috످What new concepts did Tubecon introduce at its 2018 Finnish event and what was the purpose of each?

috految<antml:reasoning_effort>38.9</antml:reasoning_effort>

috److془Tubecon 2018 at Messukeskus Helsinki, August. New concepts: I don't recall specifically. Say don't know.془I know Tubecon as a Finnish convention for YouTubers and their fans, but I don't know which new concepts it introduced in 2018 or what their purposes were.

You could check the Finnish Wikipedia article on Tubecon or 2018 snapshots of tubecon.fi on the Wayback Machine.

috످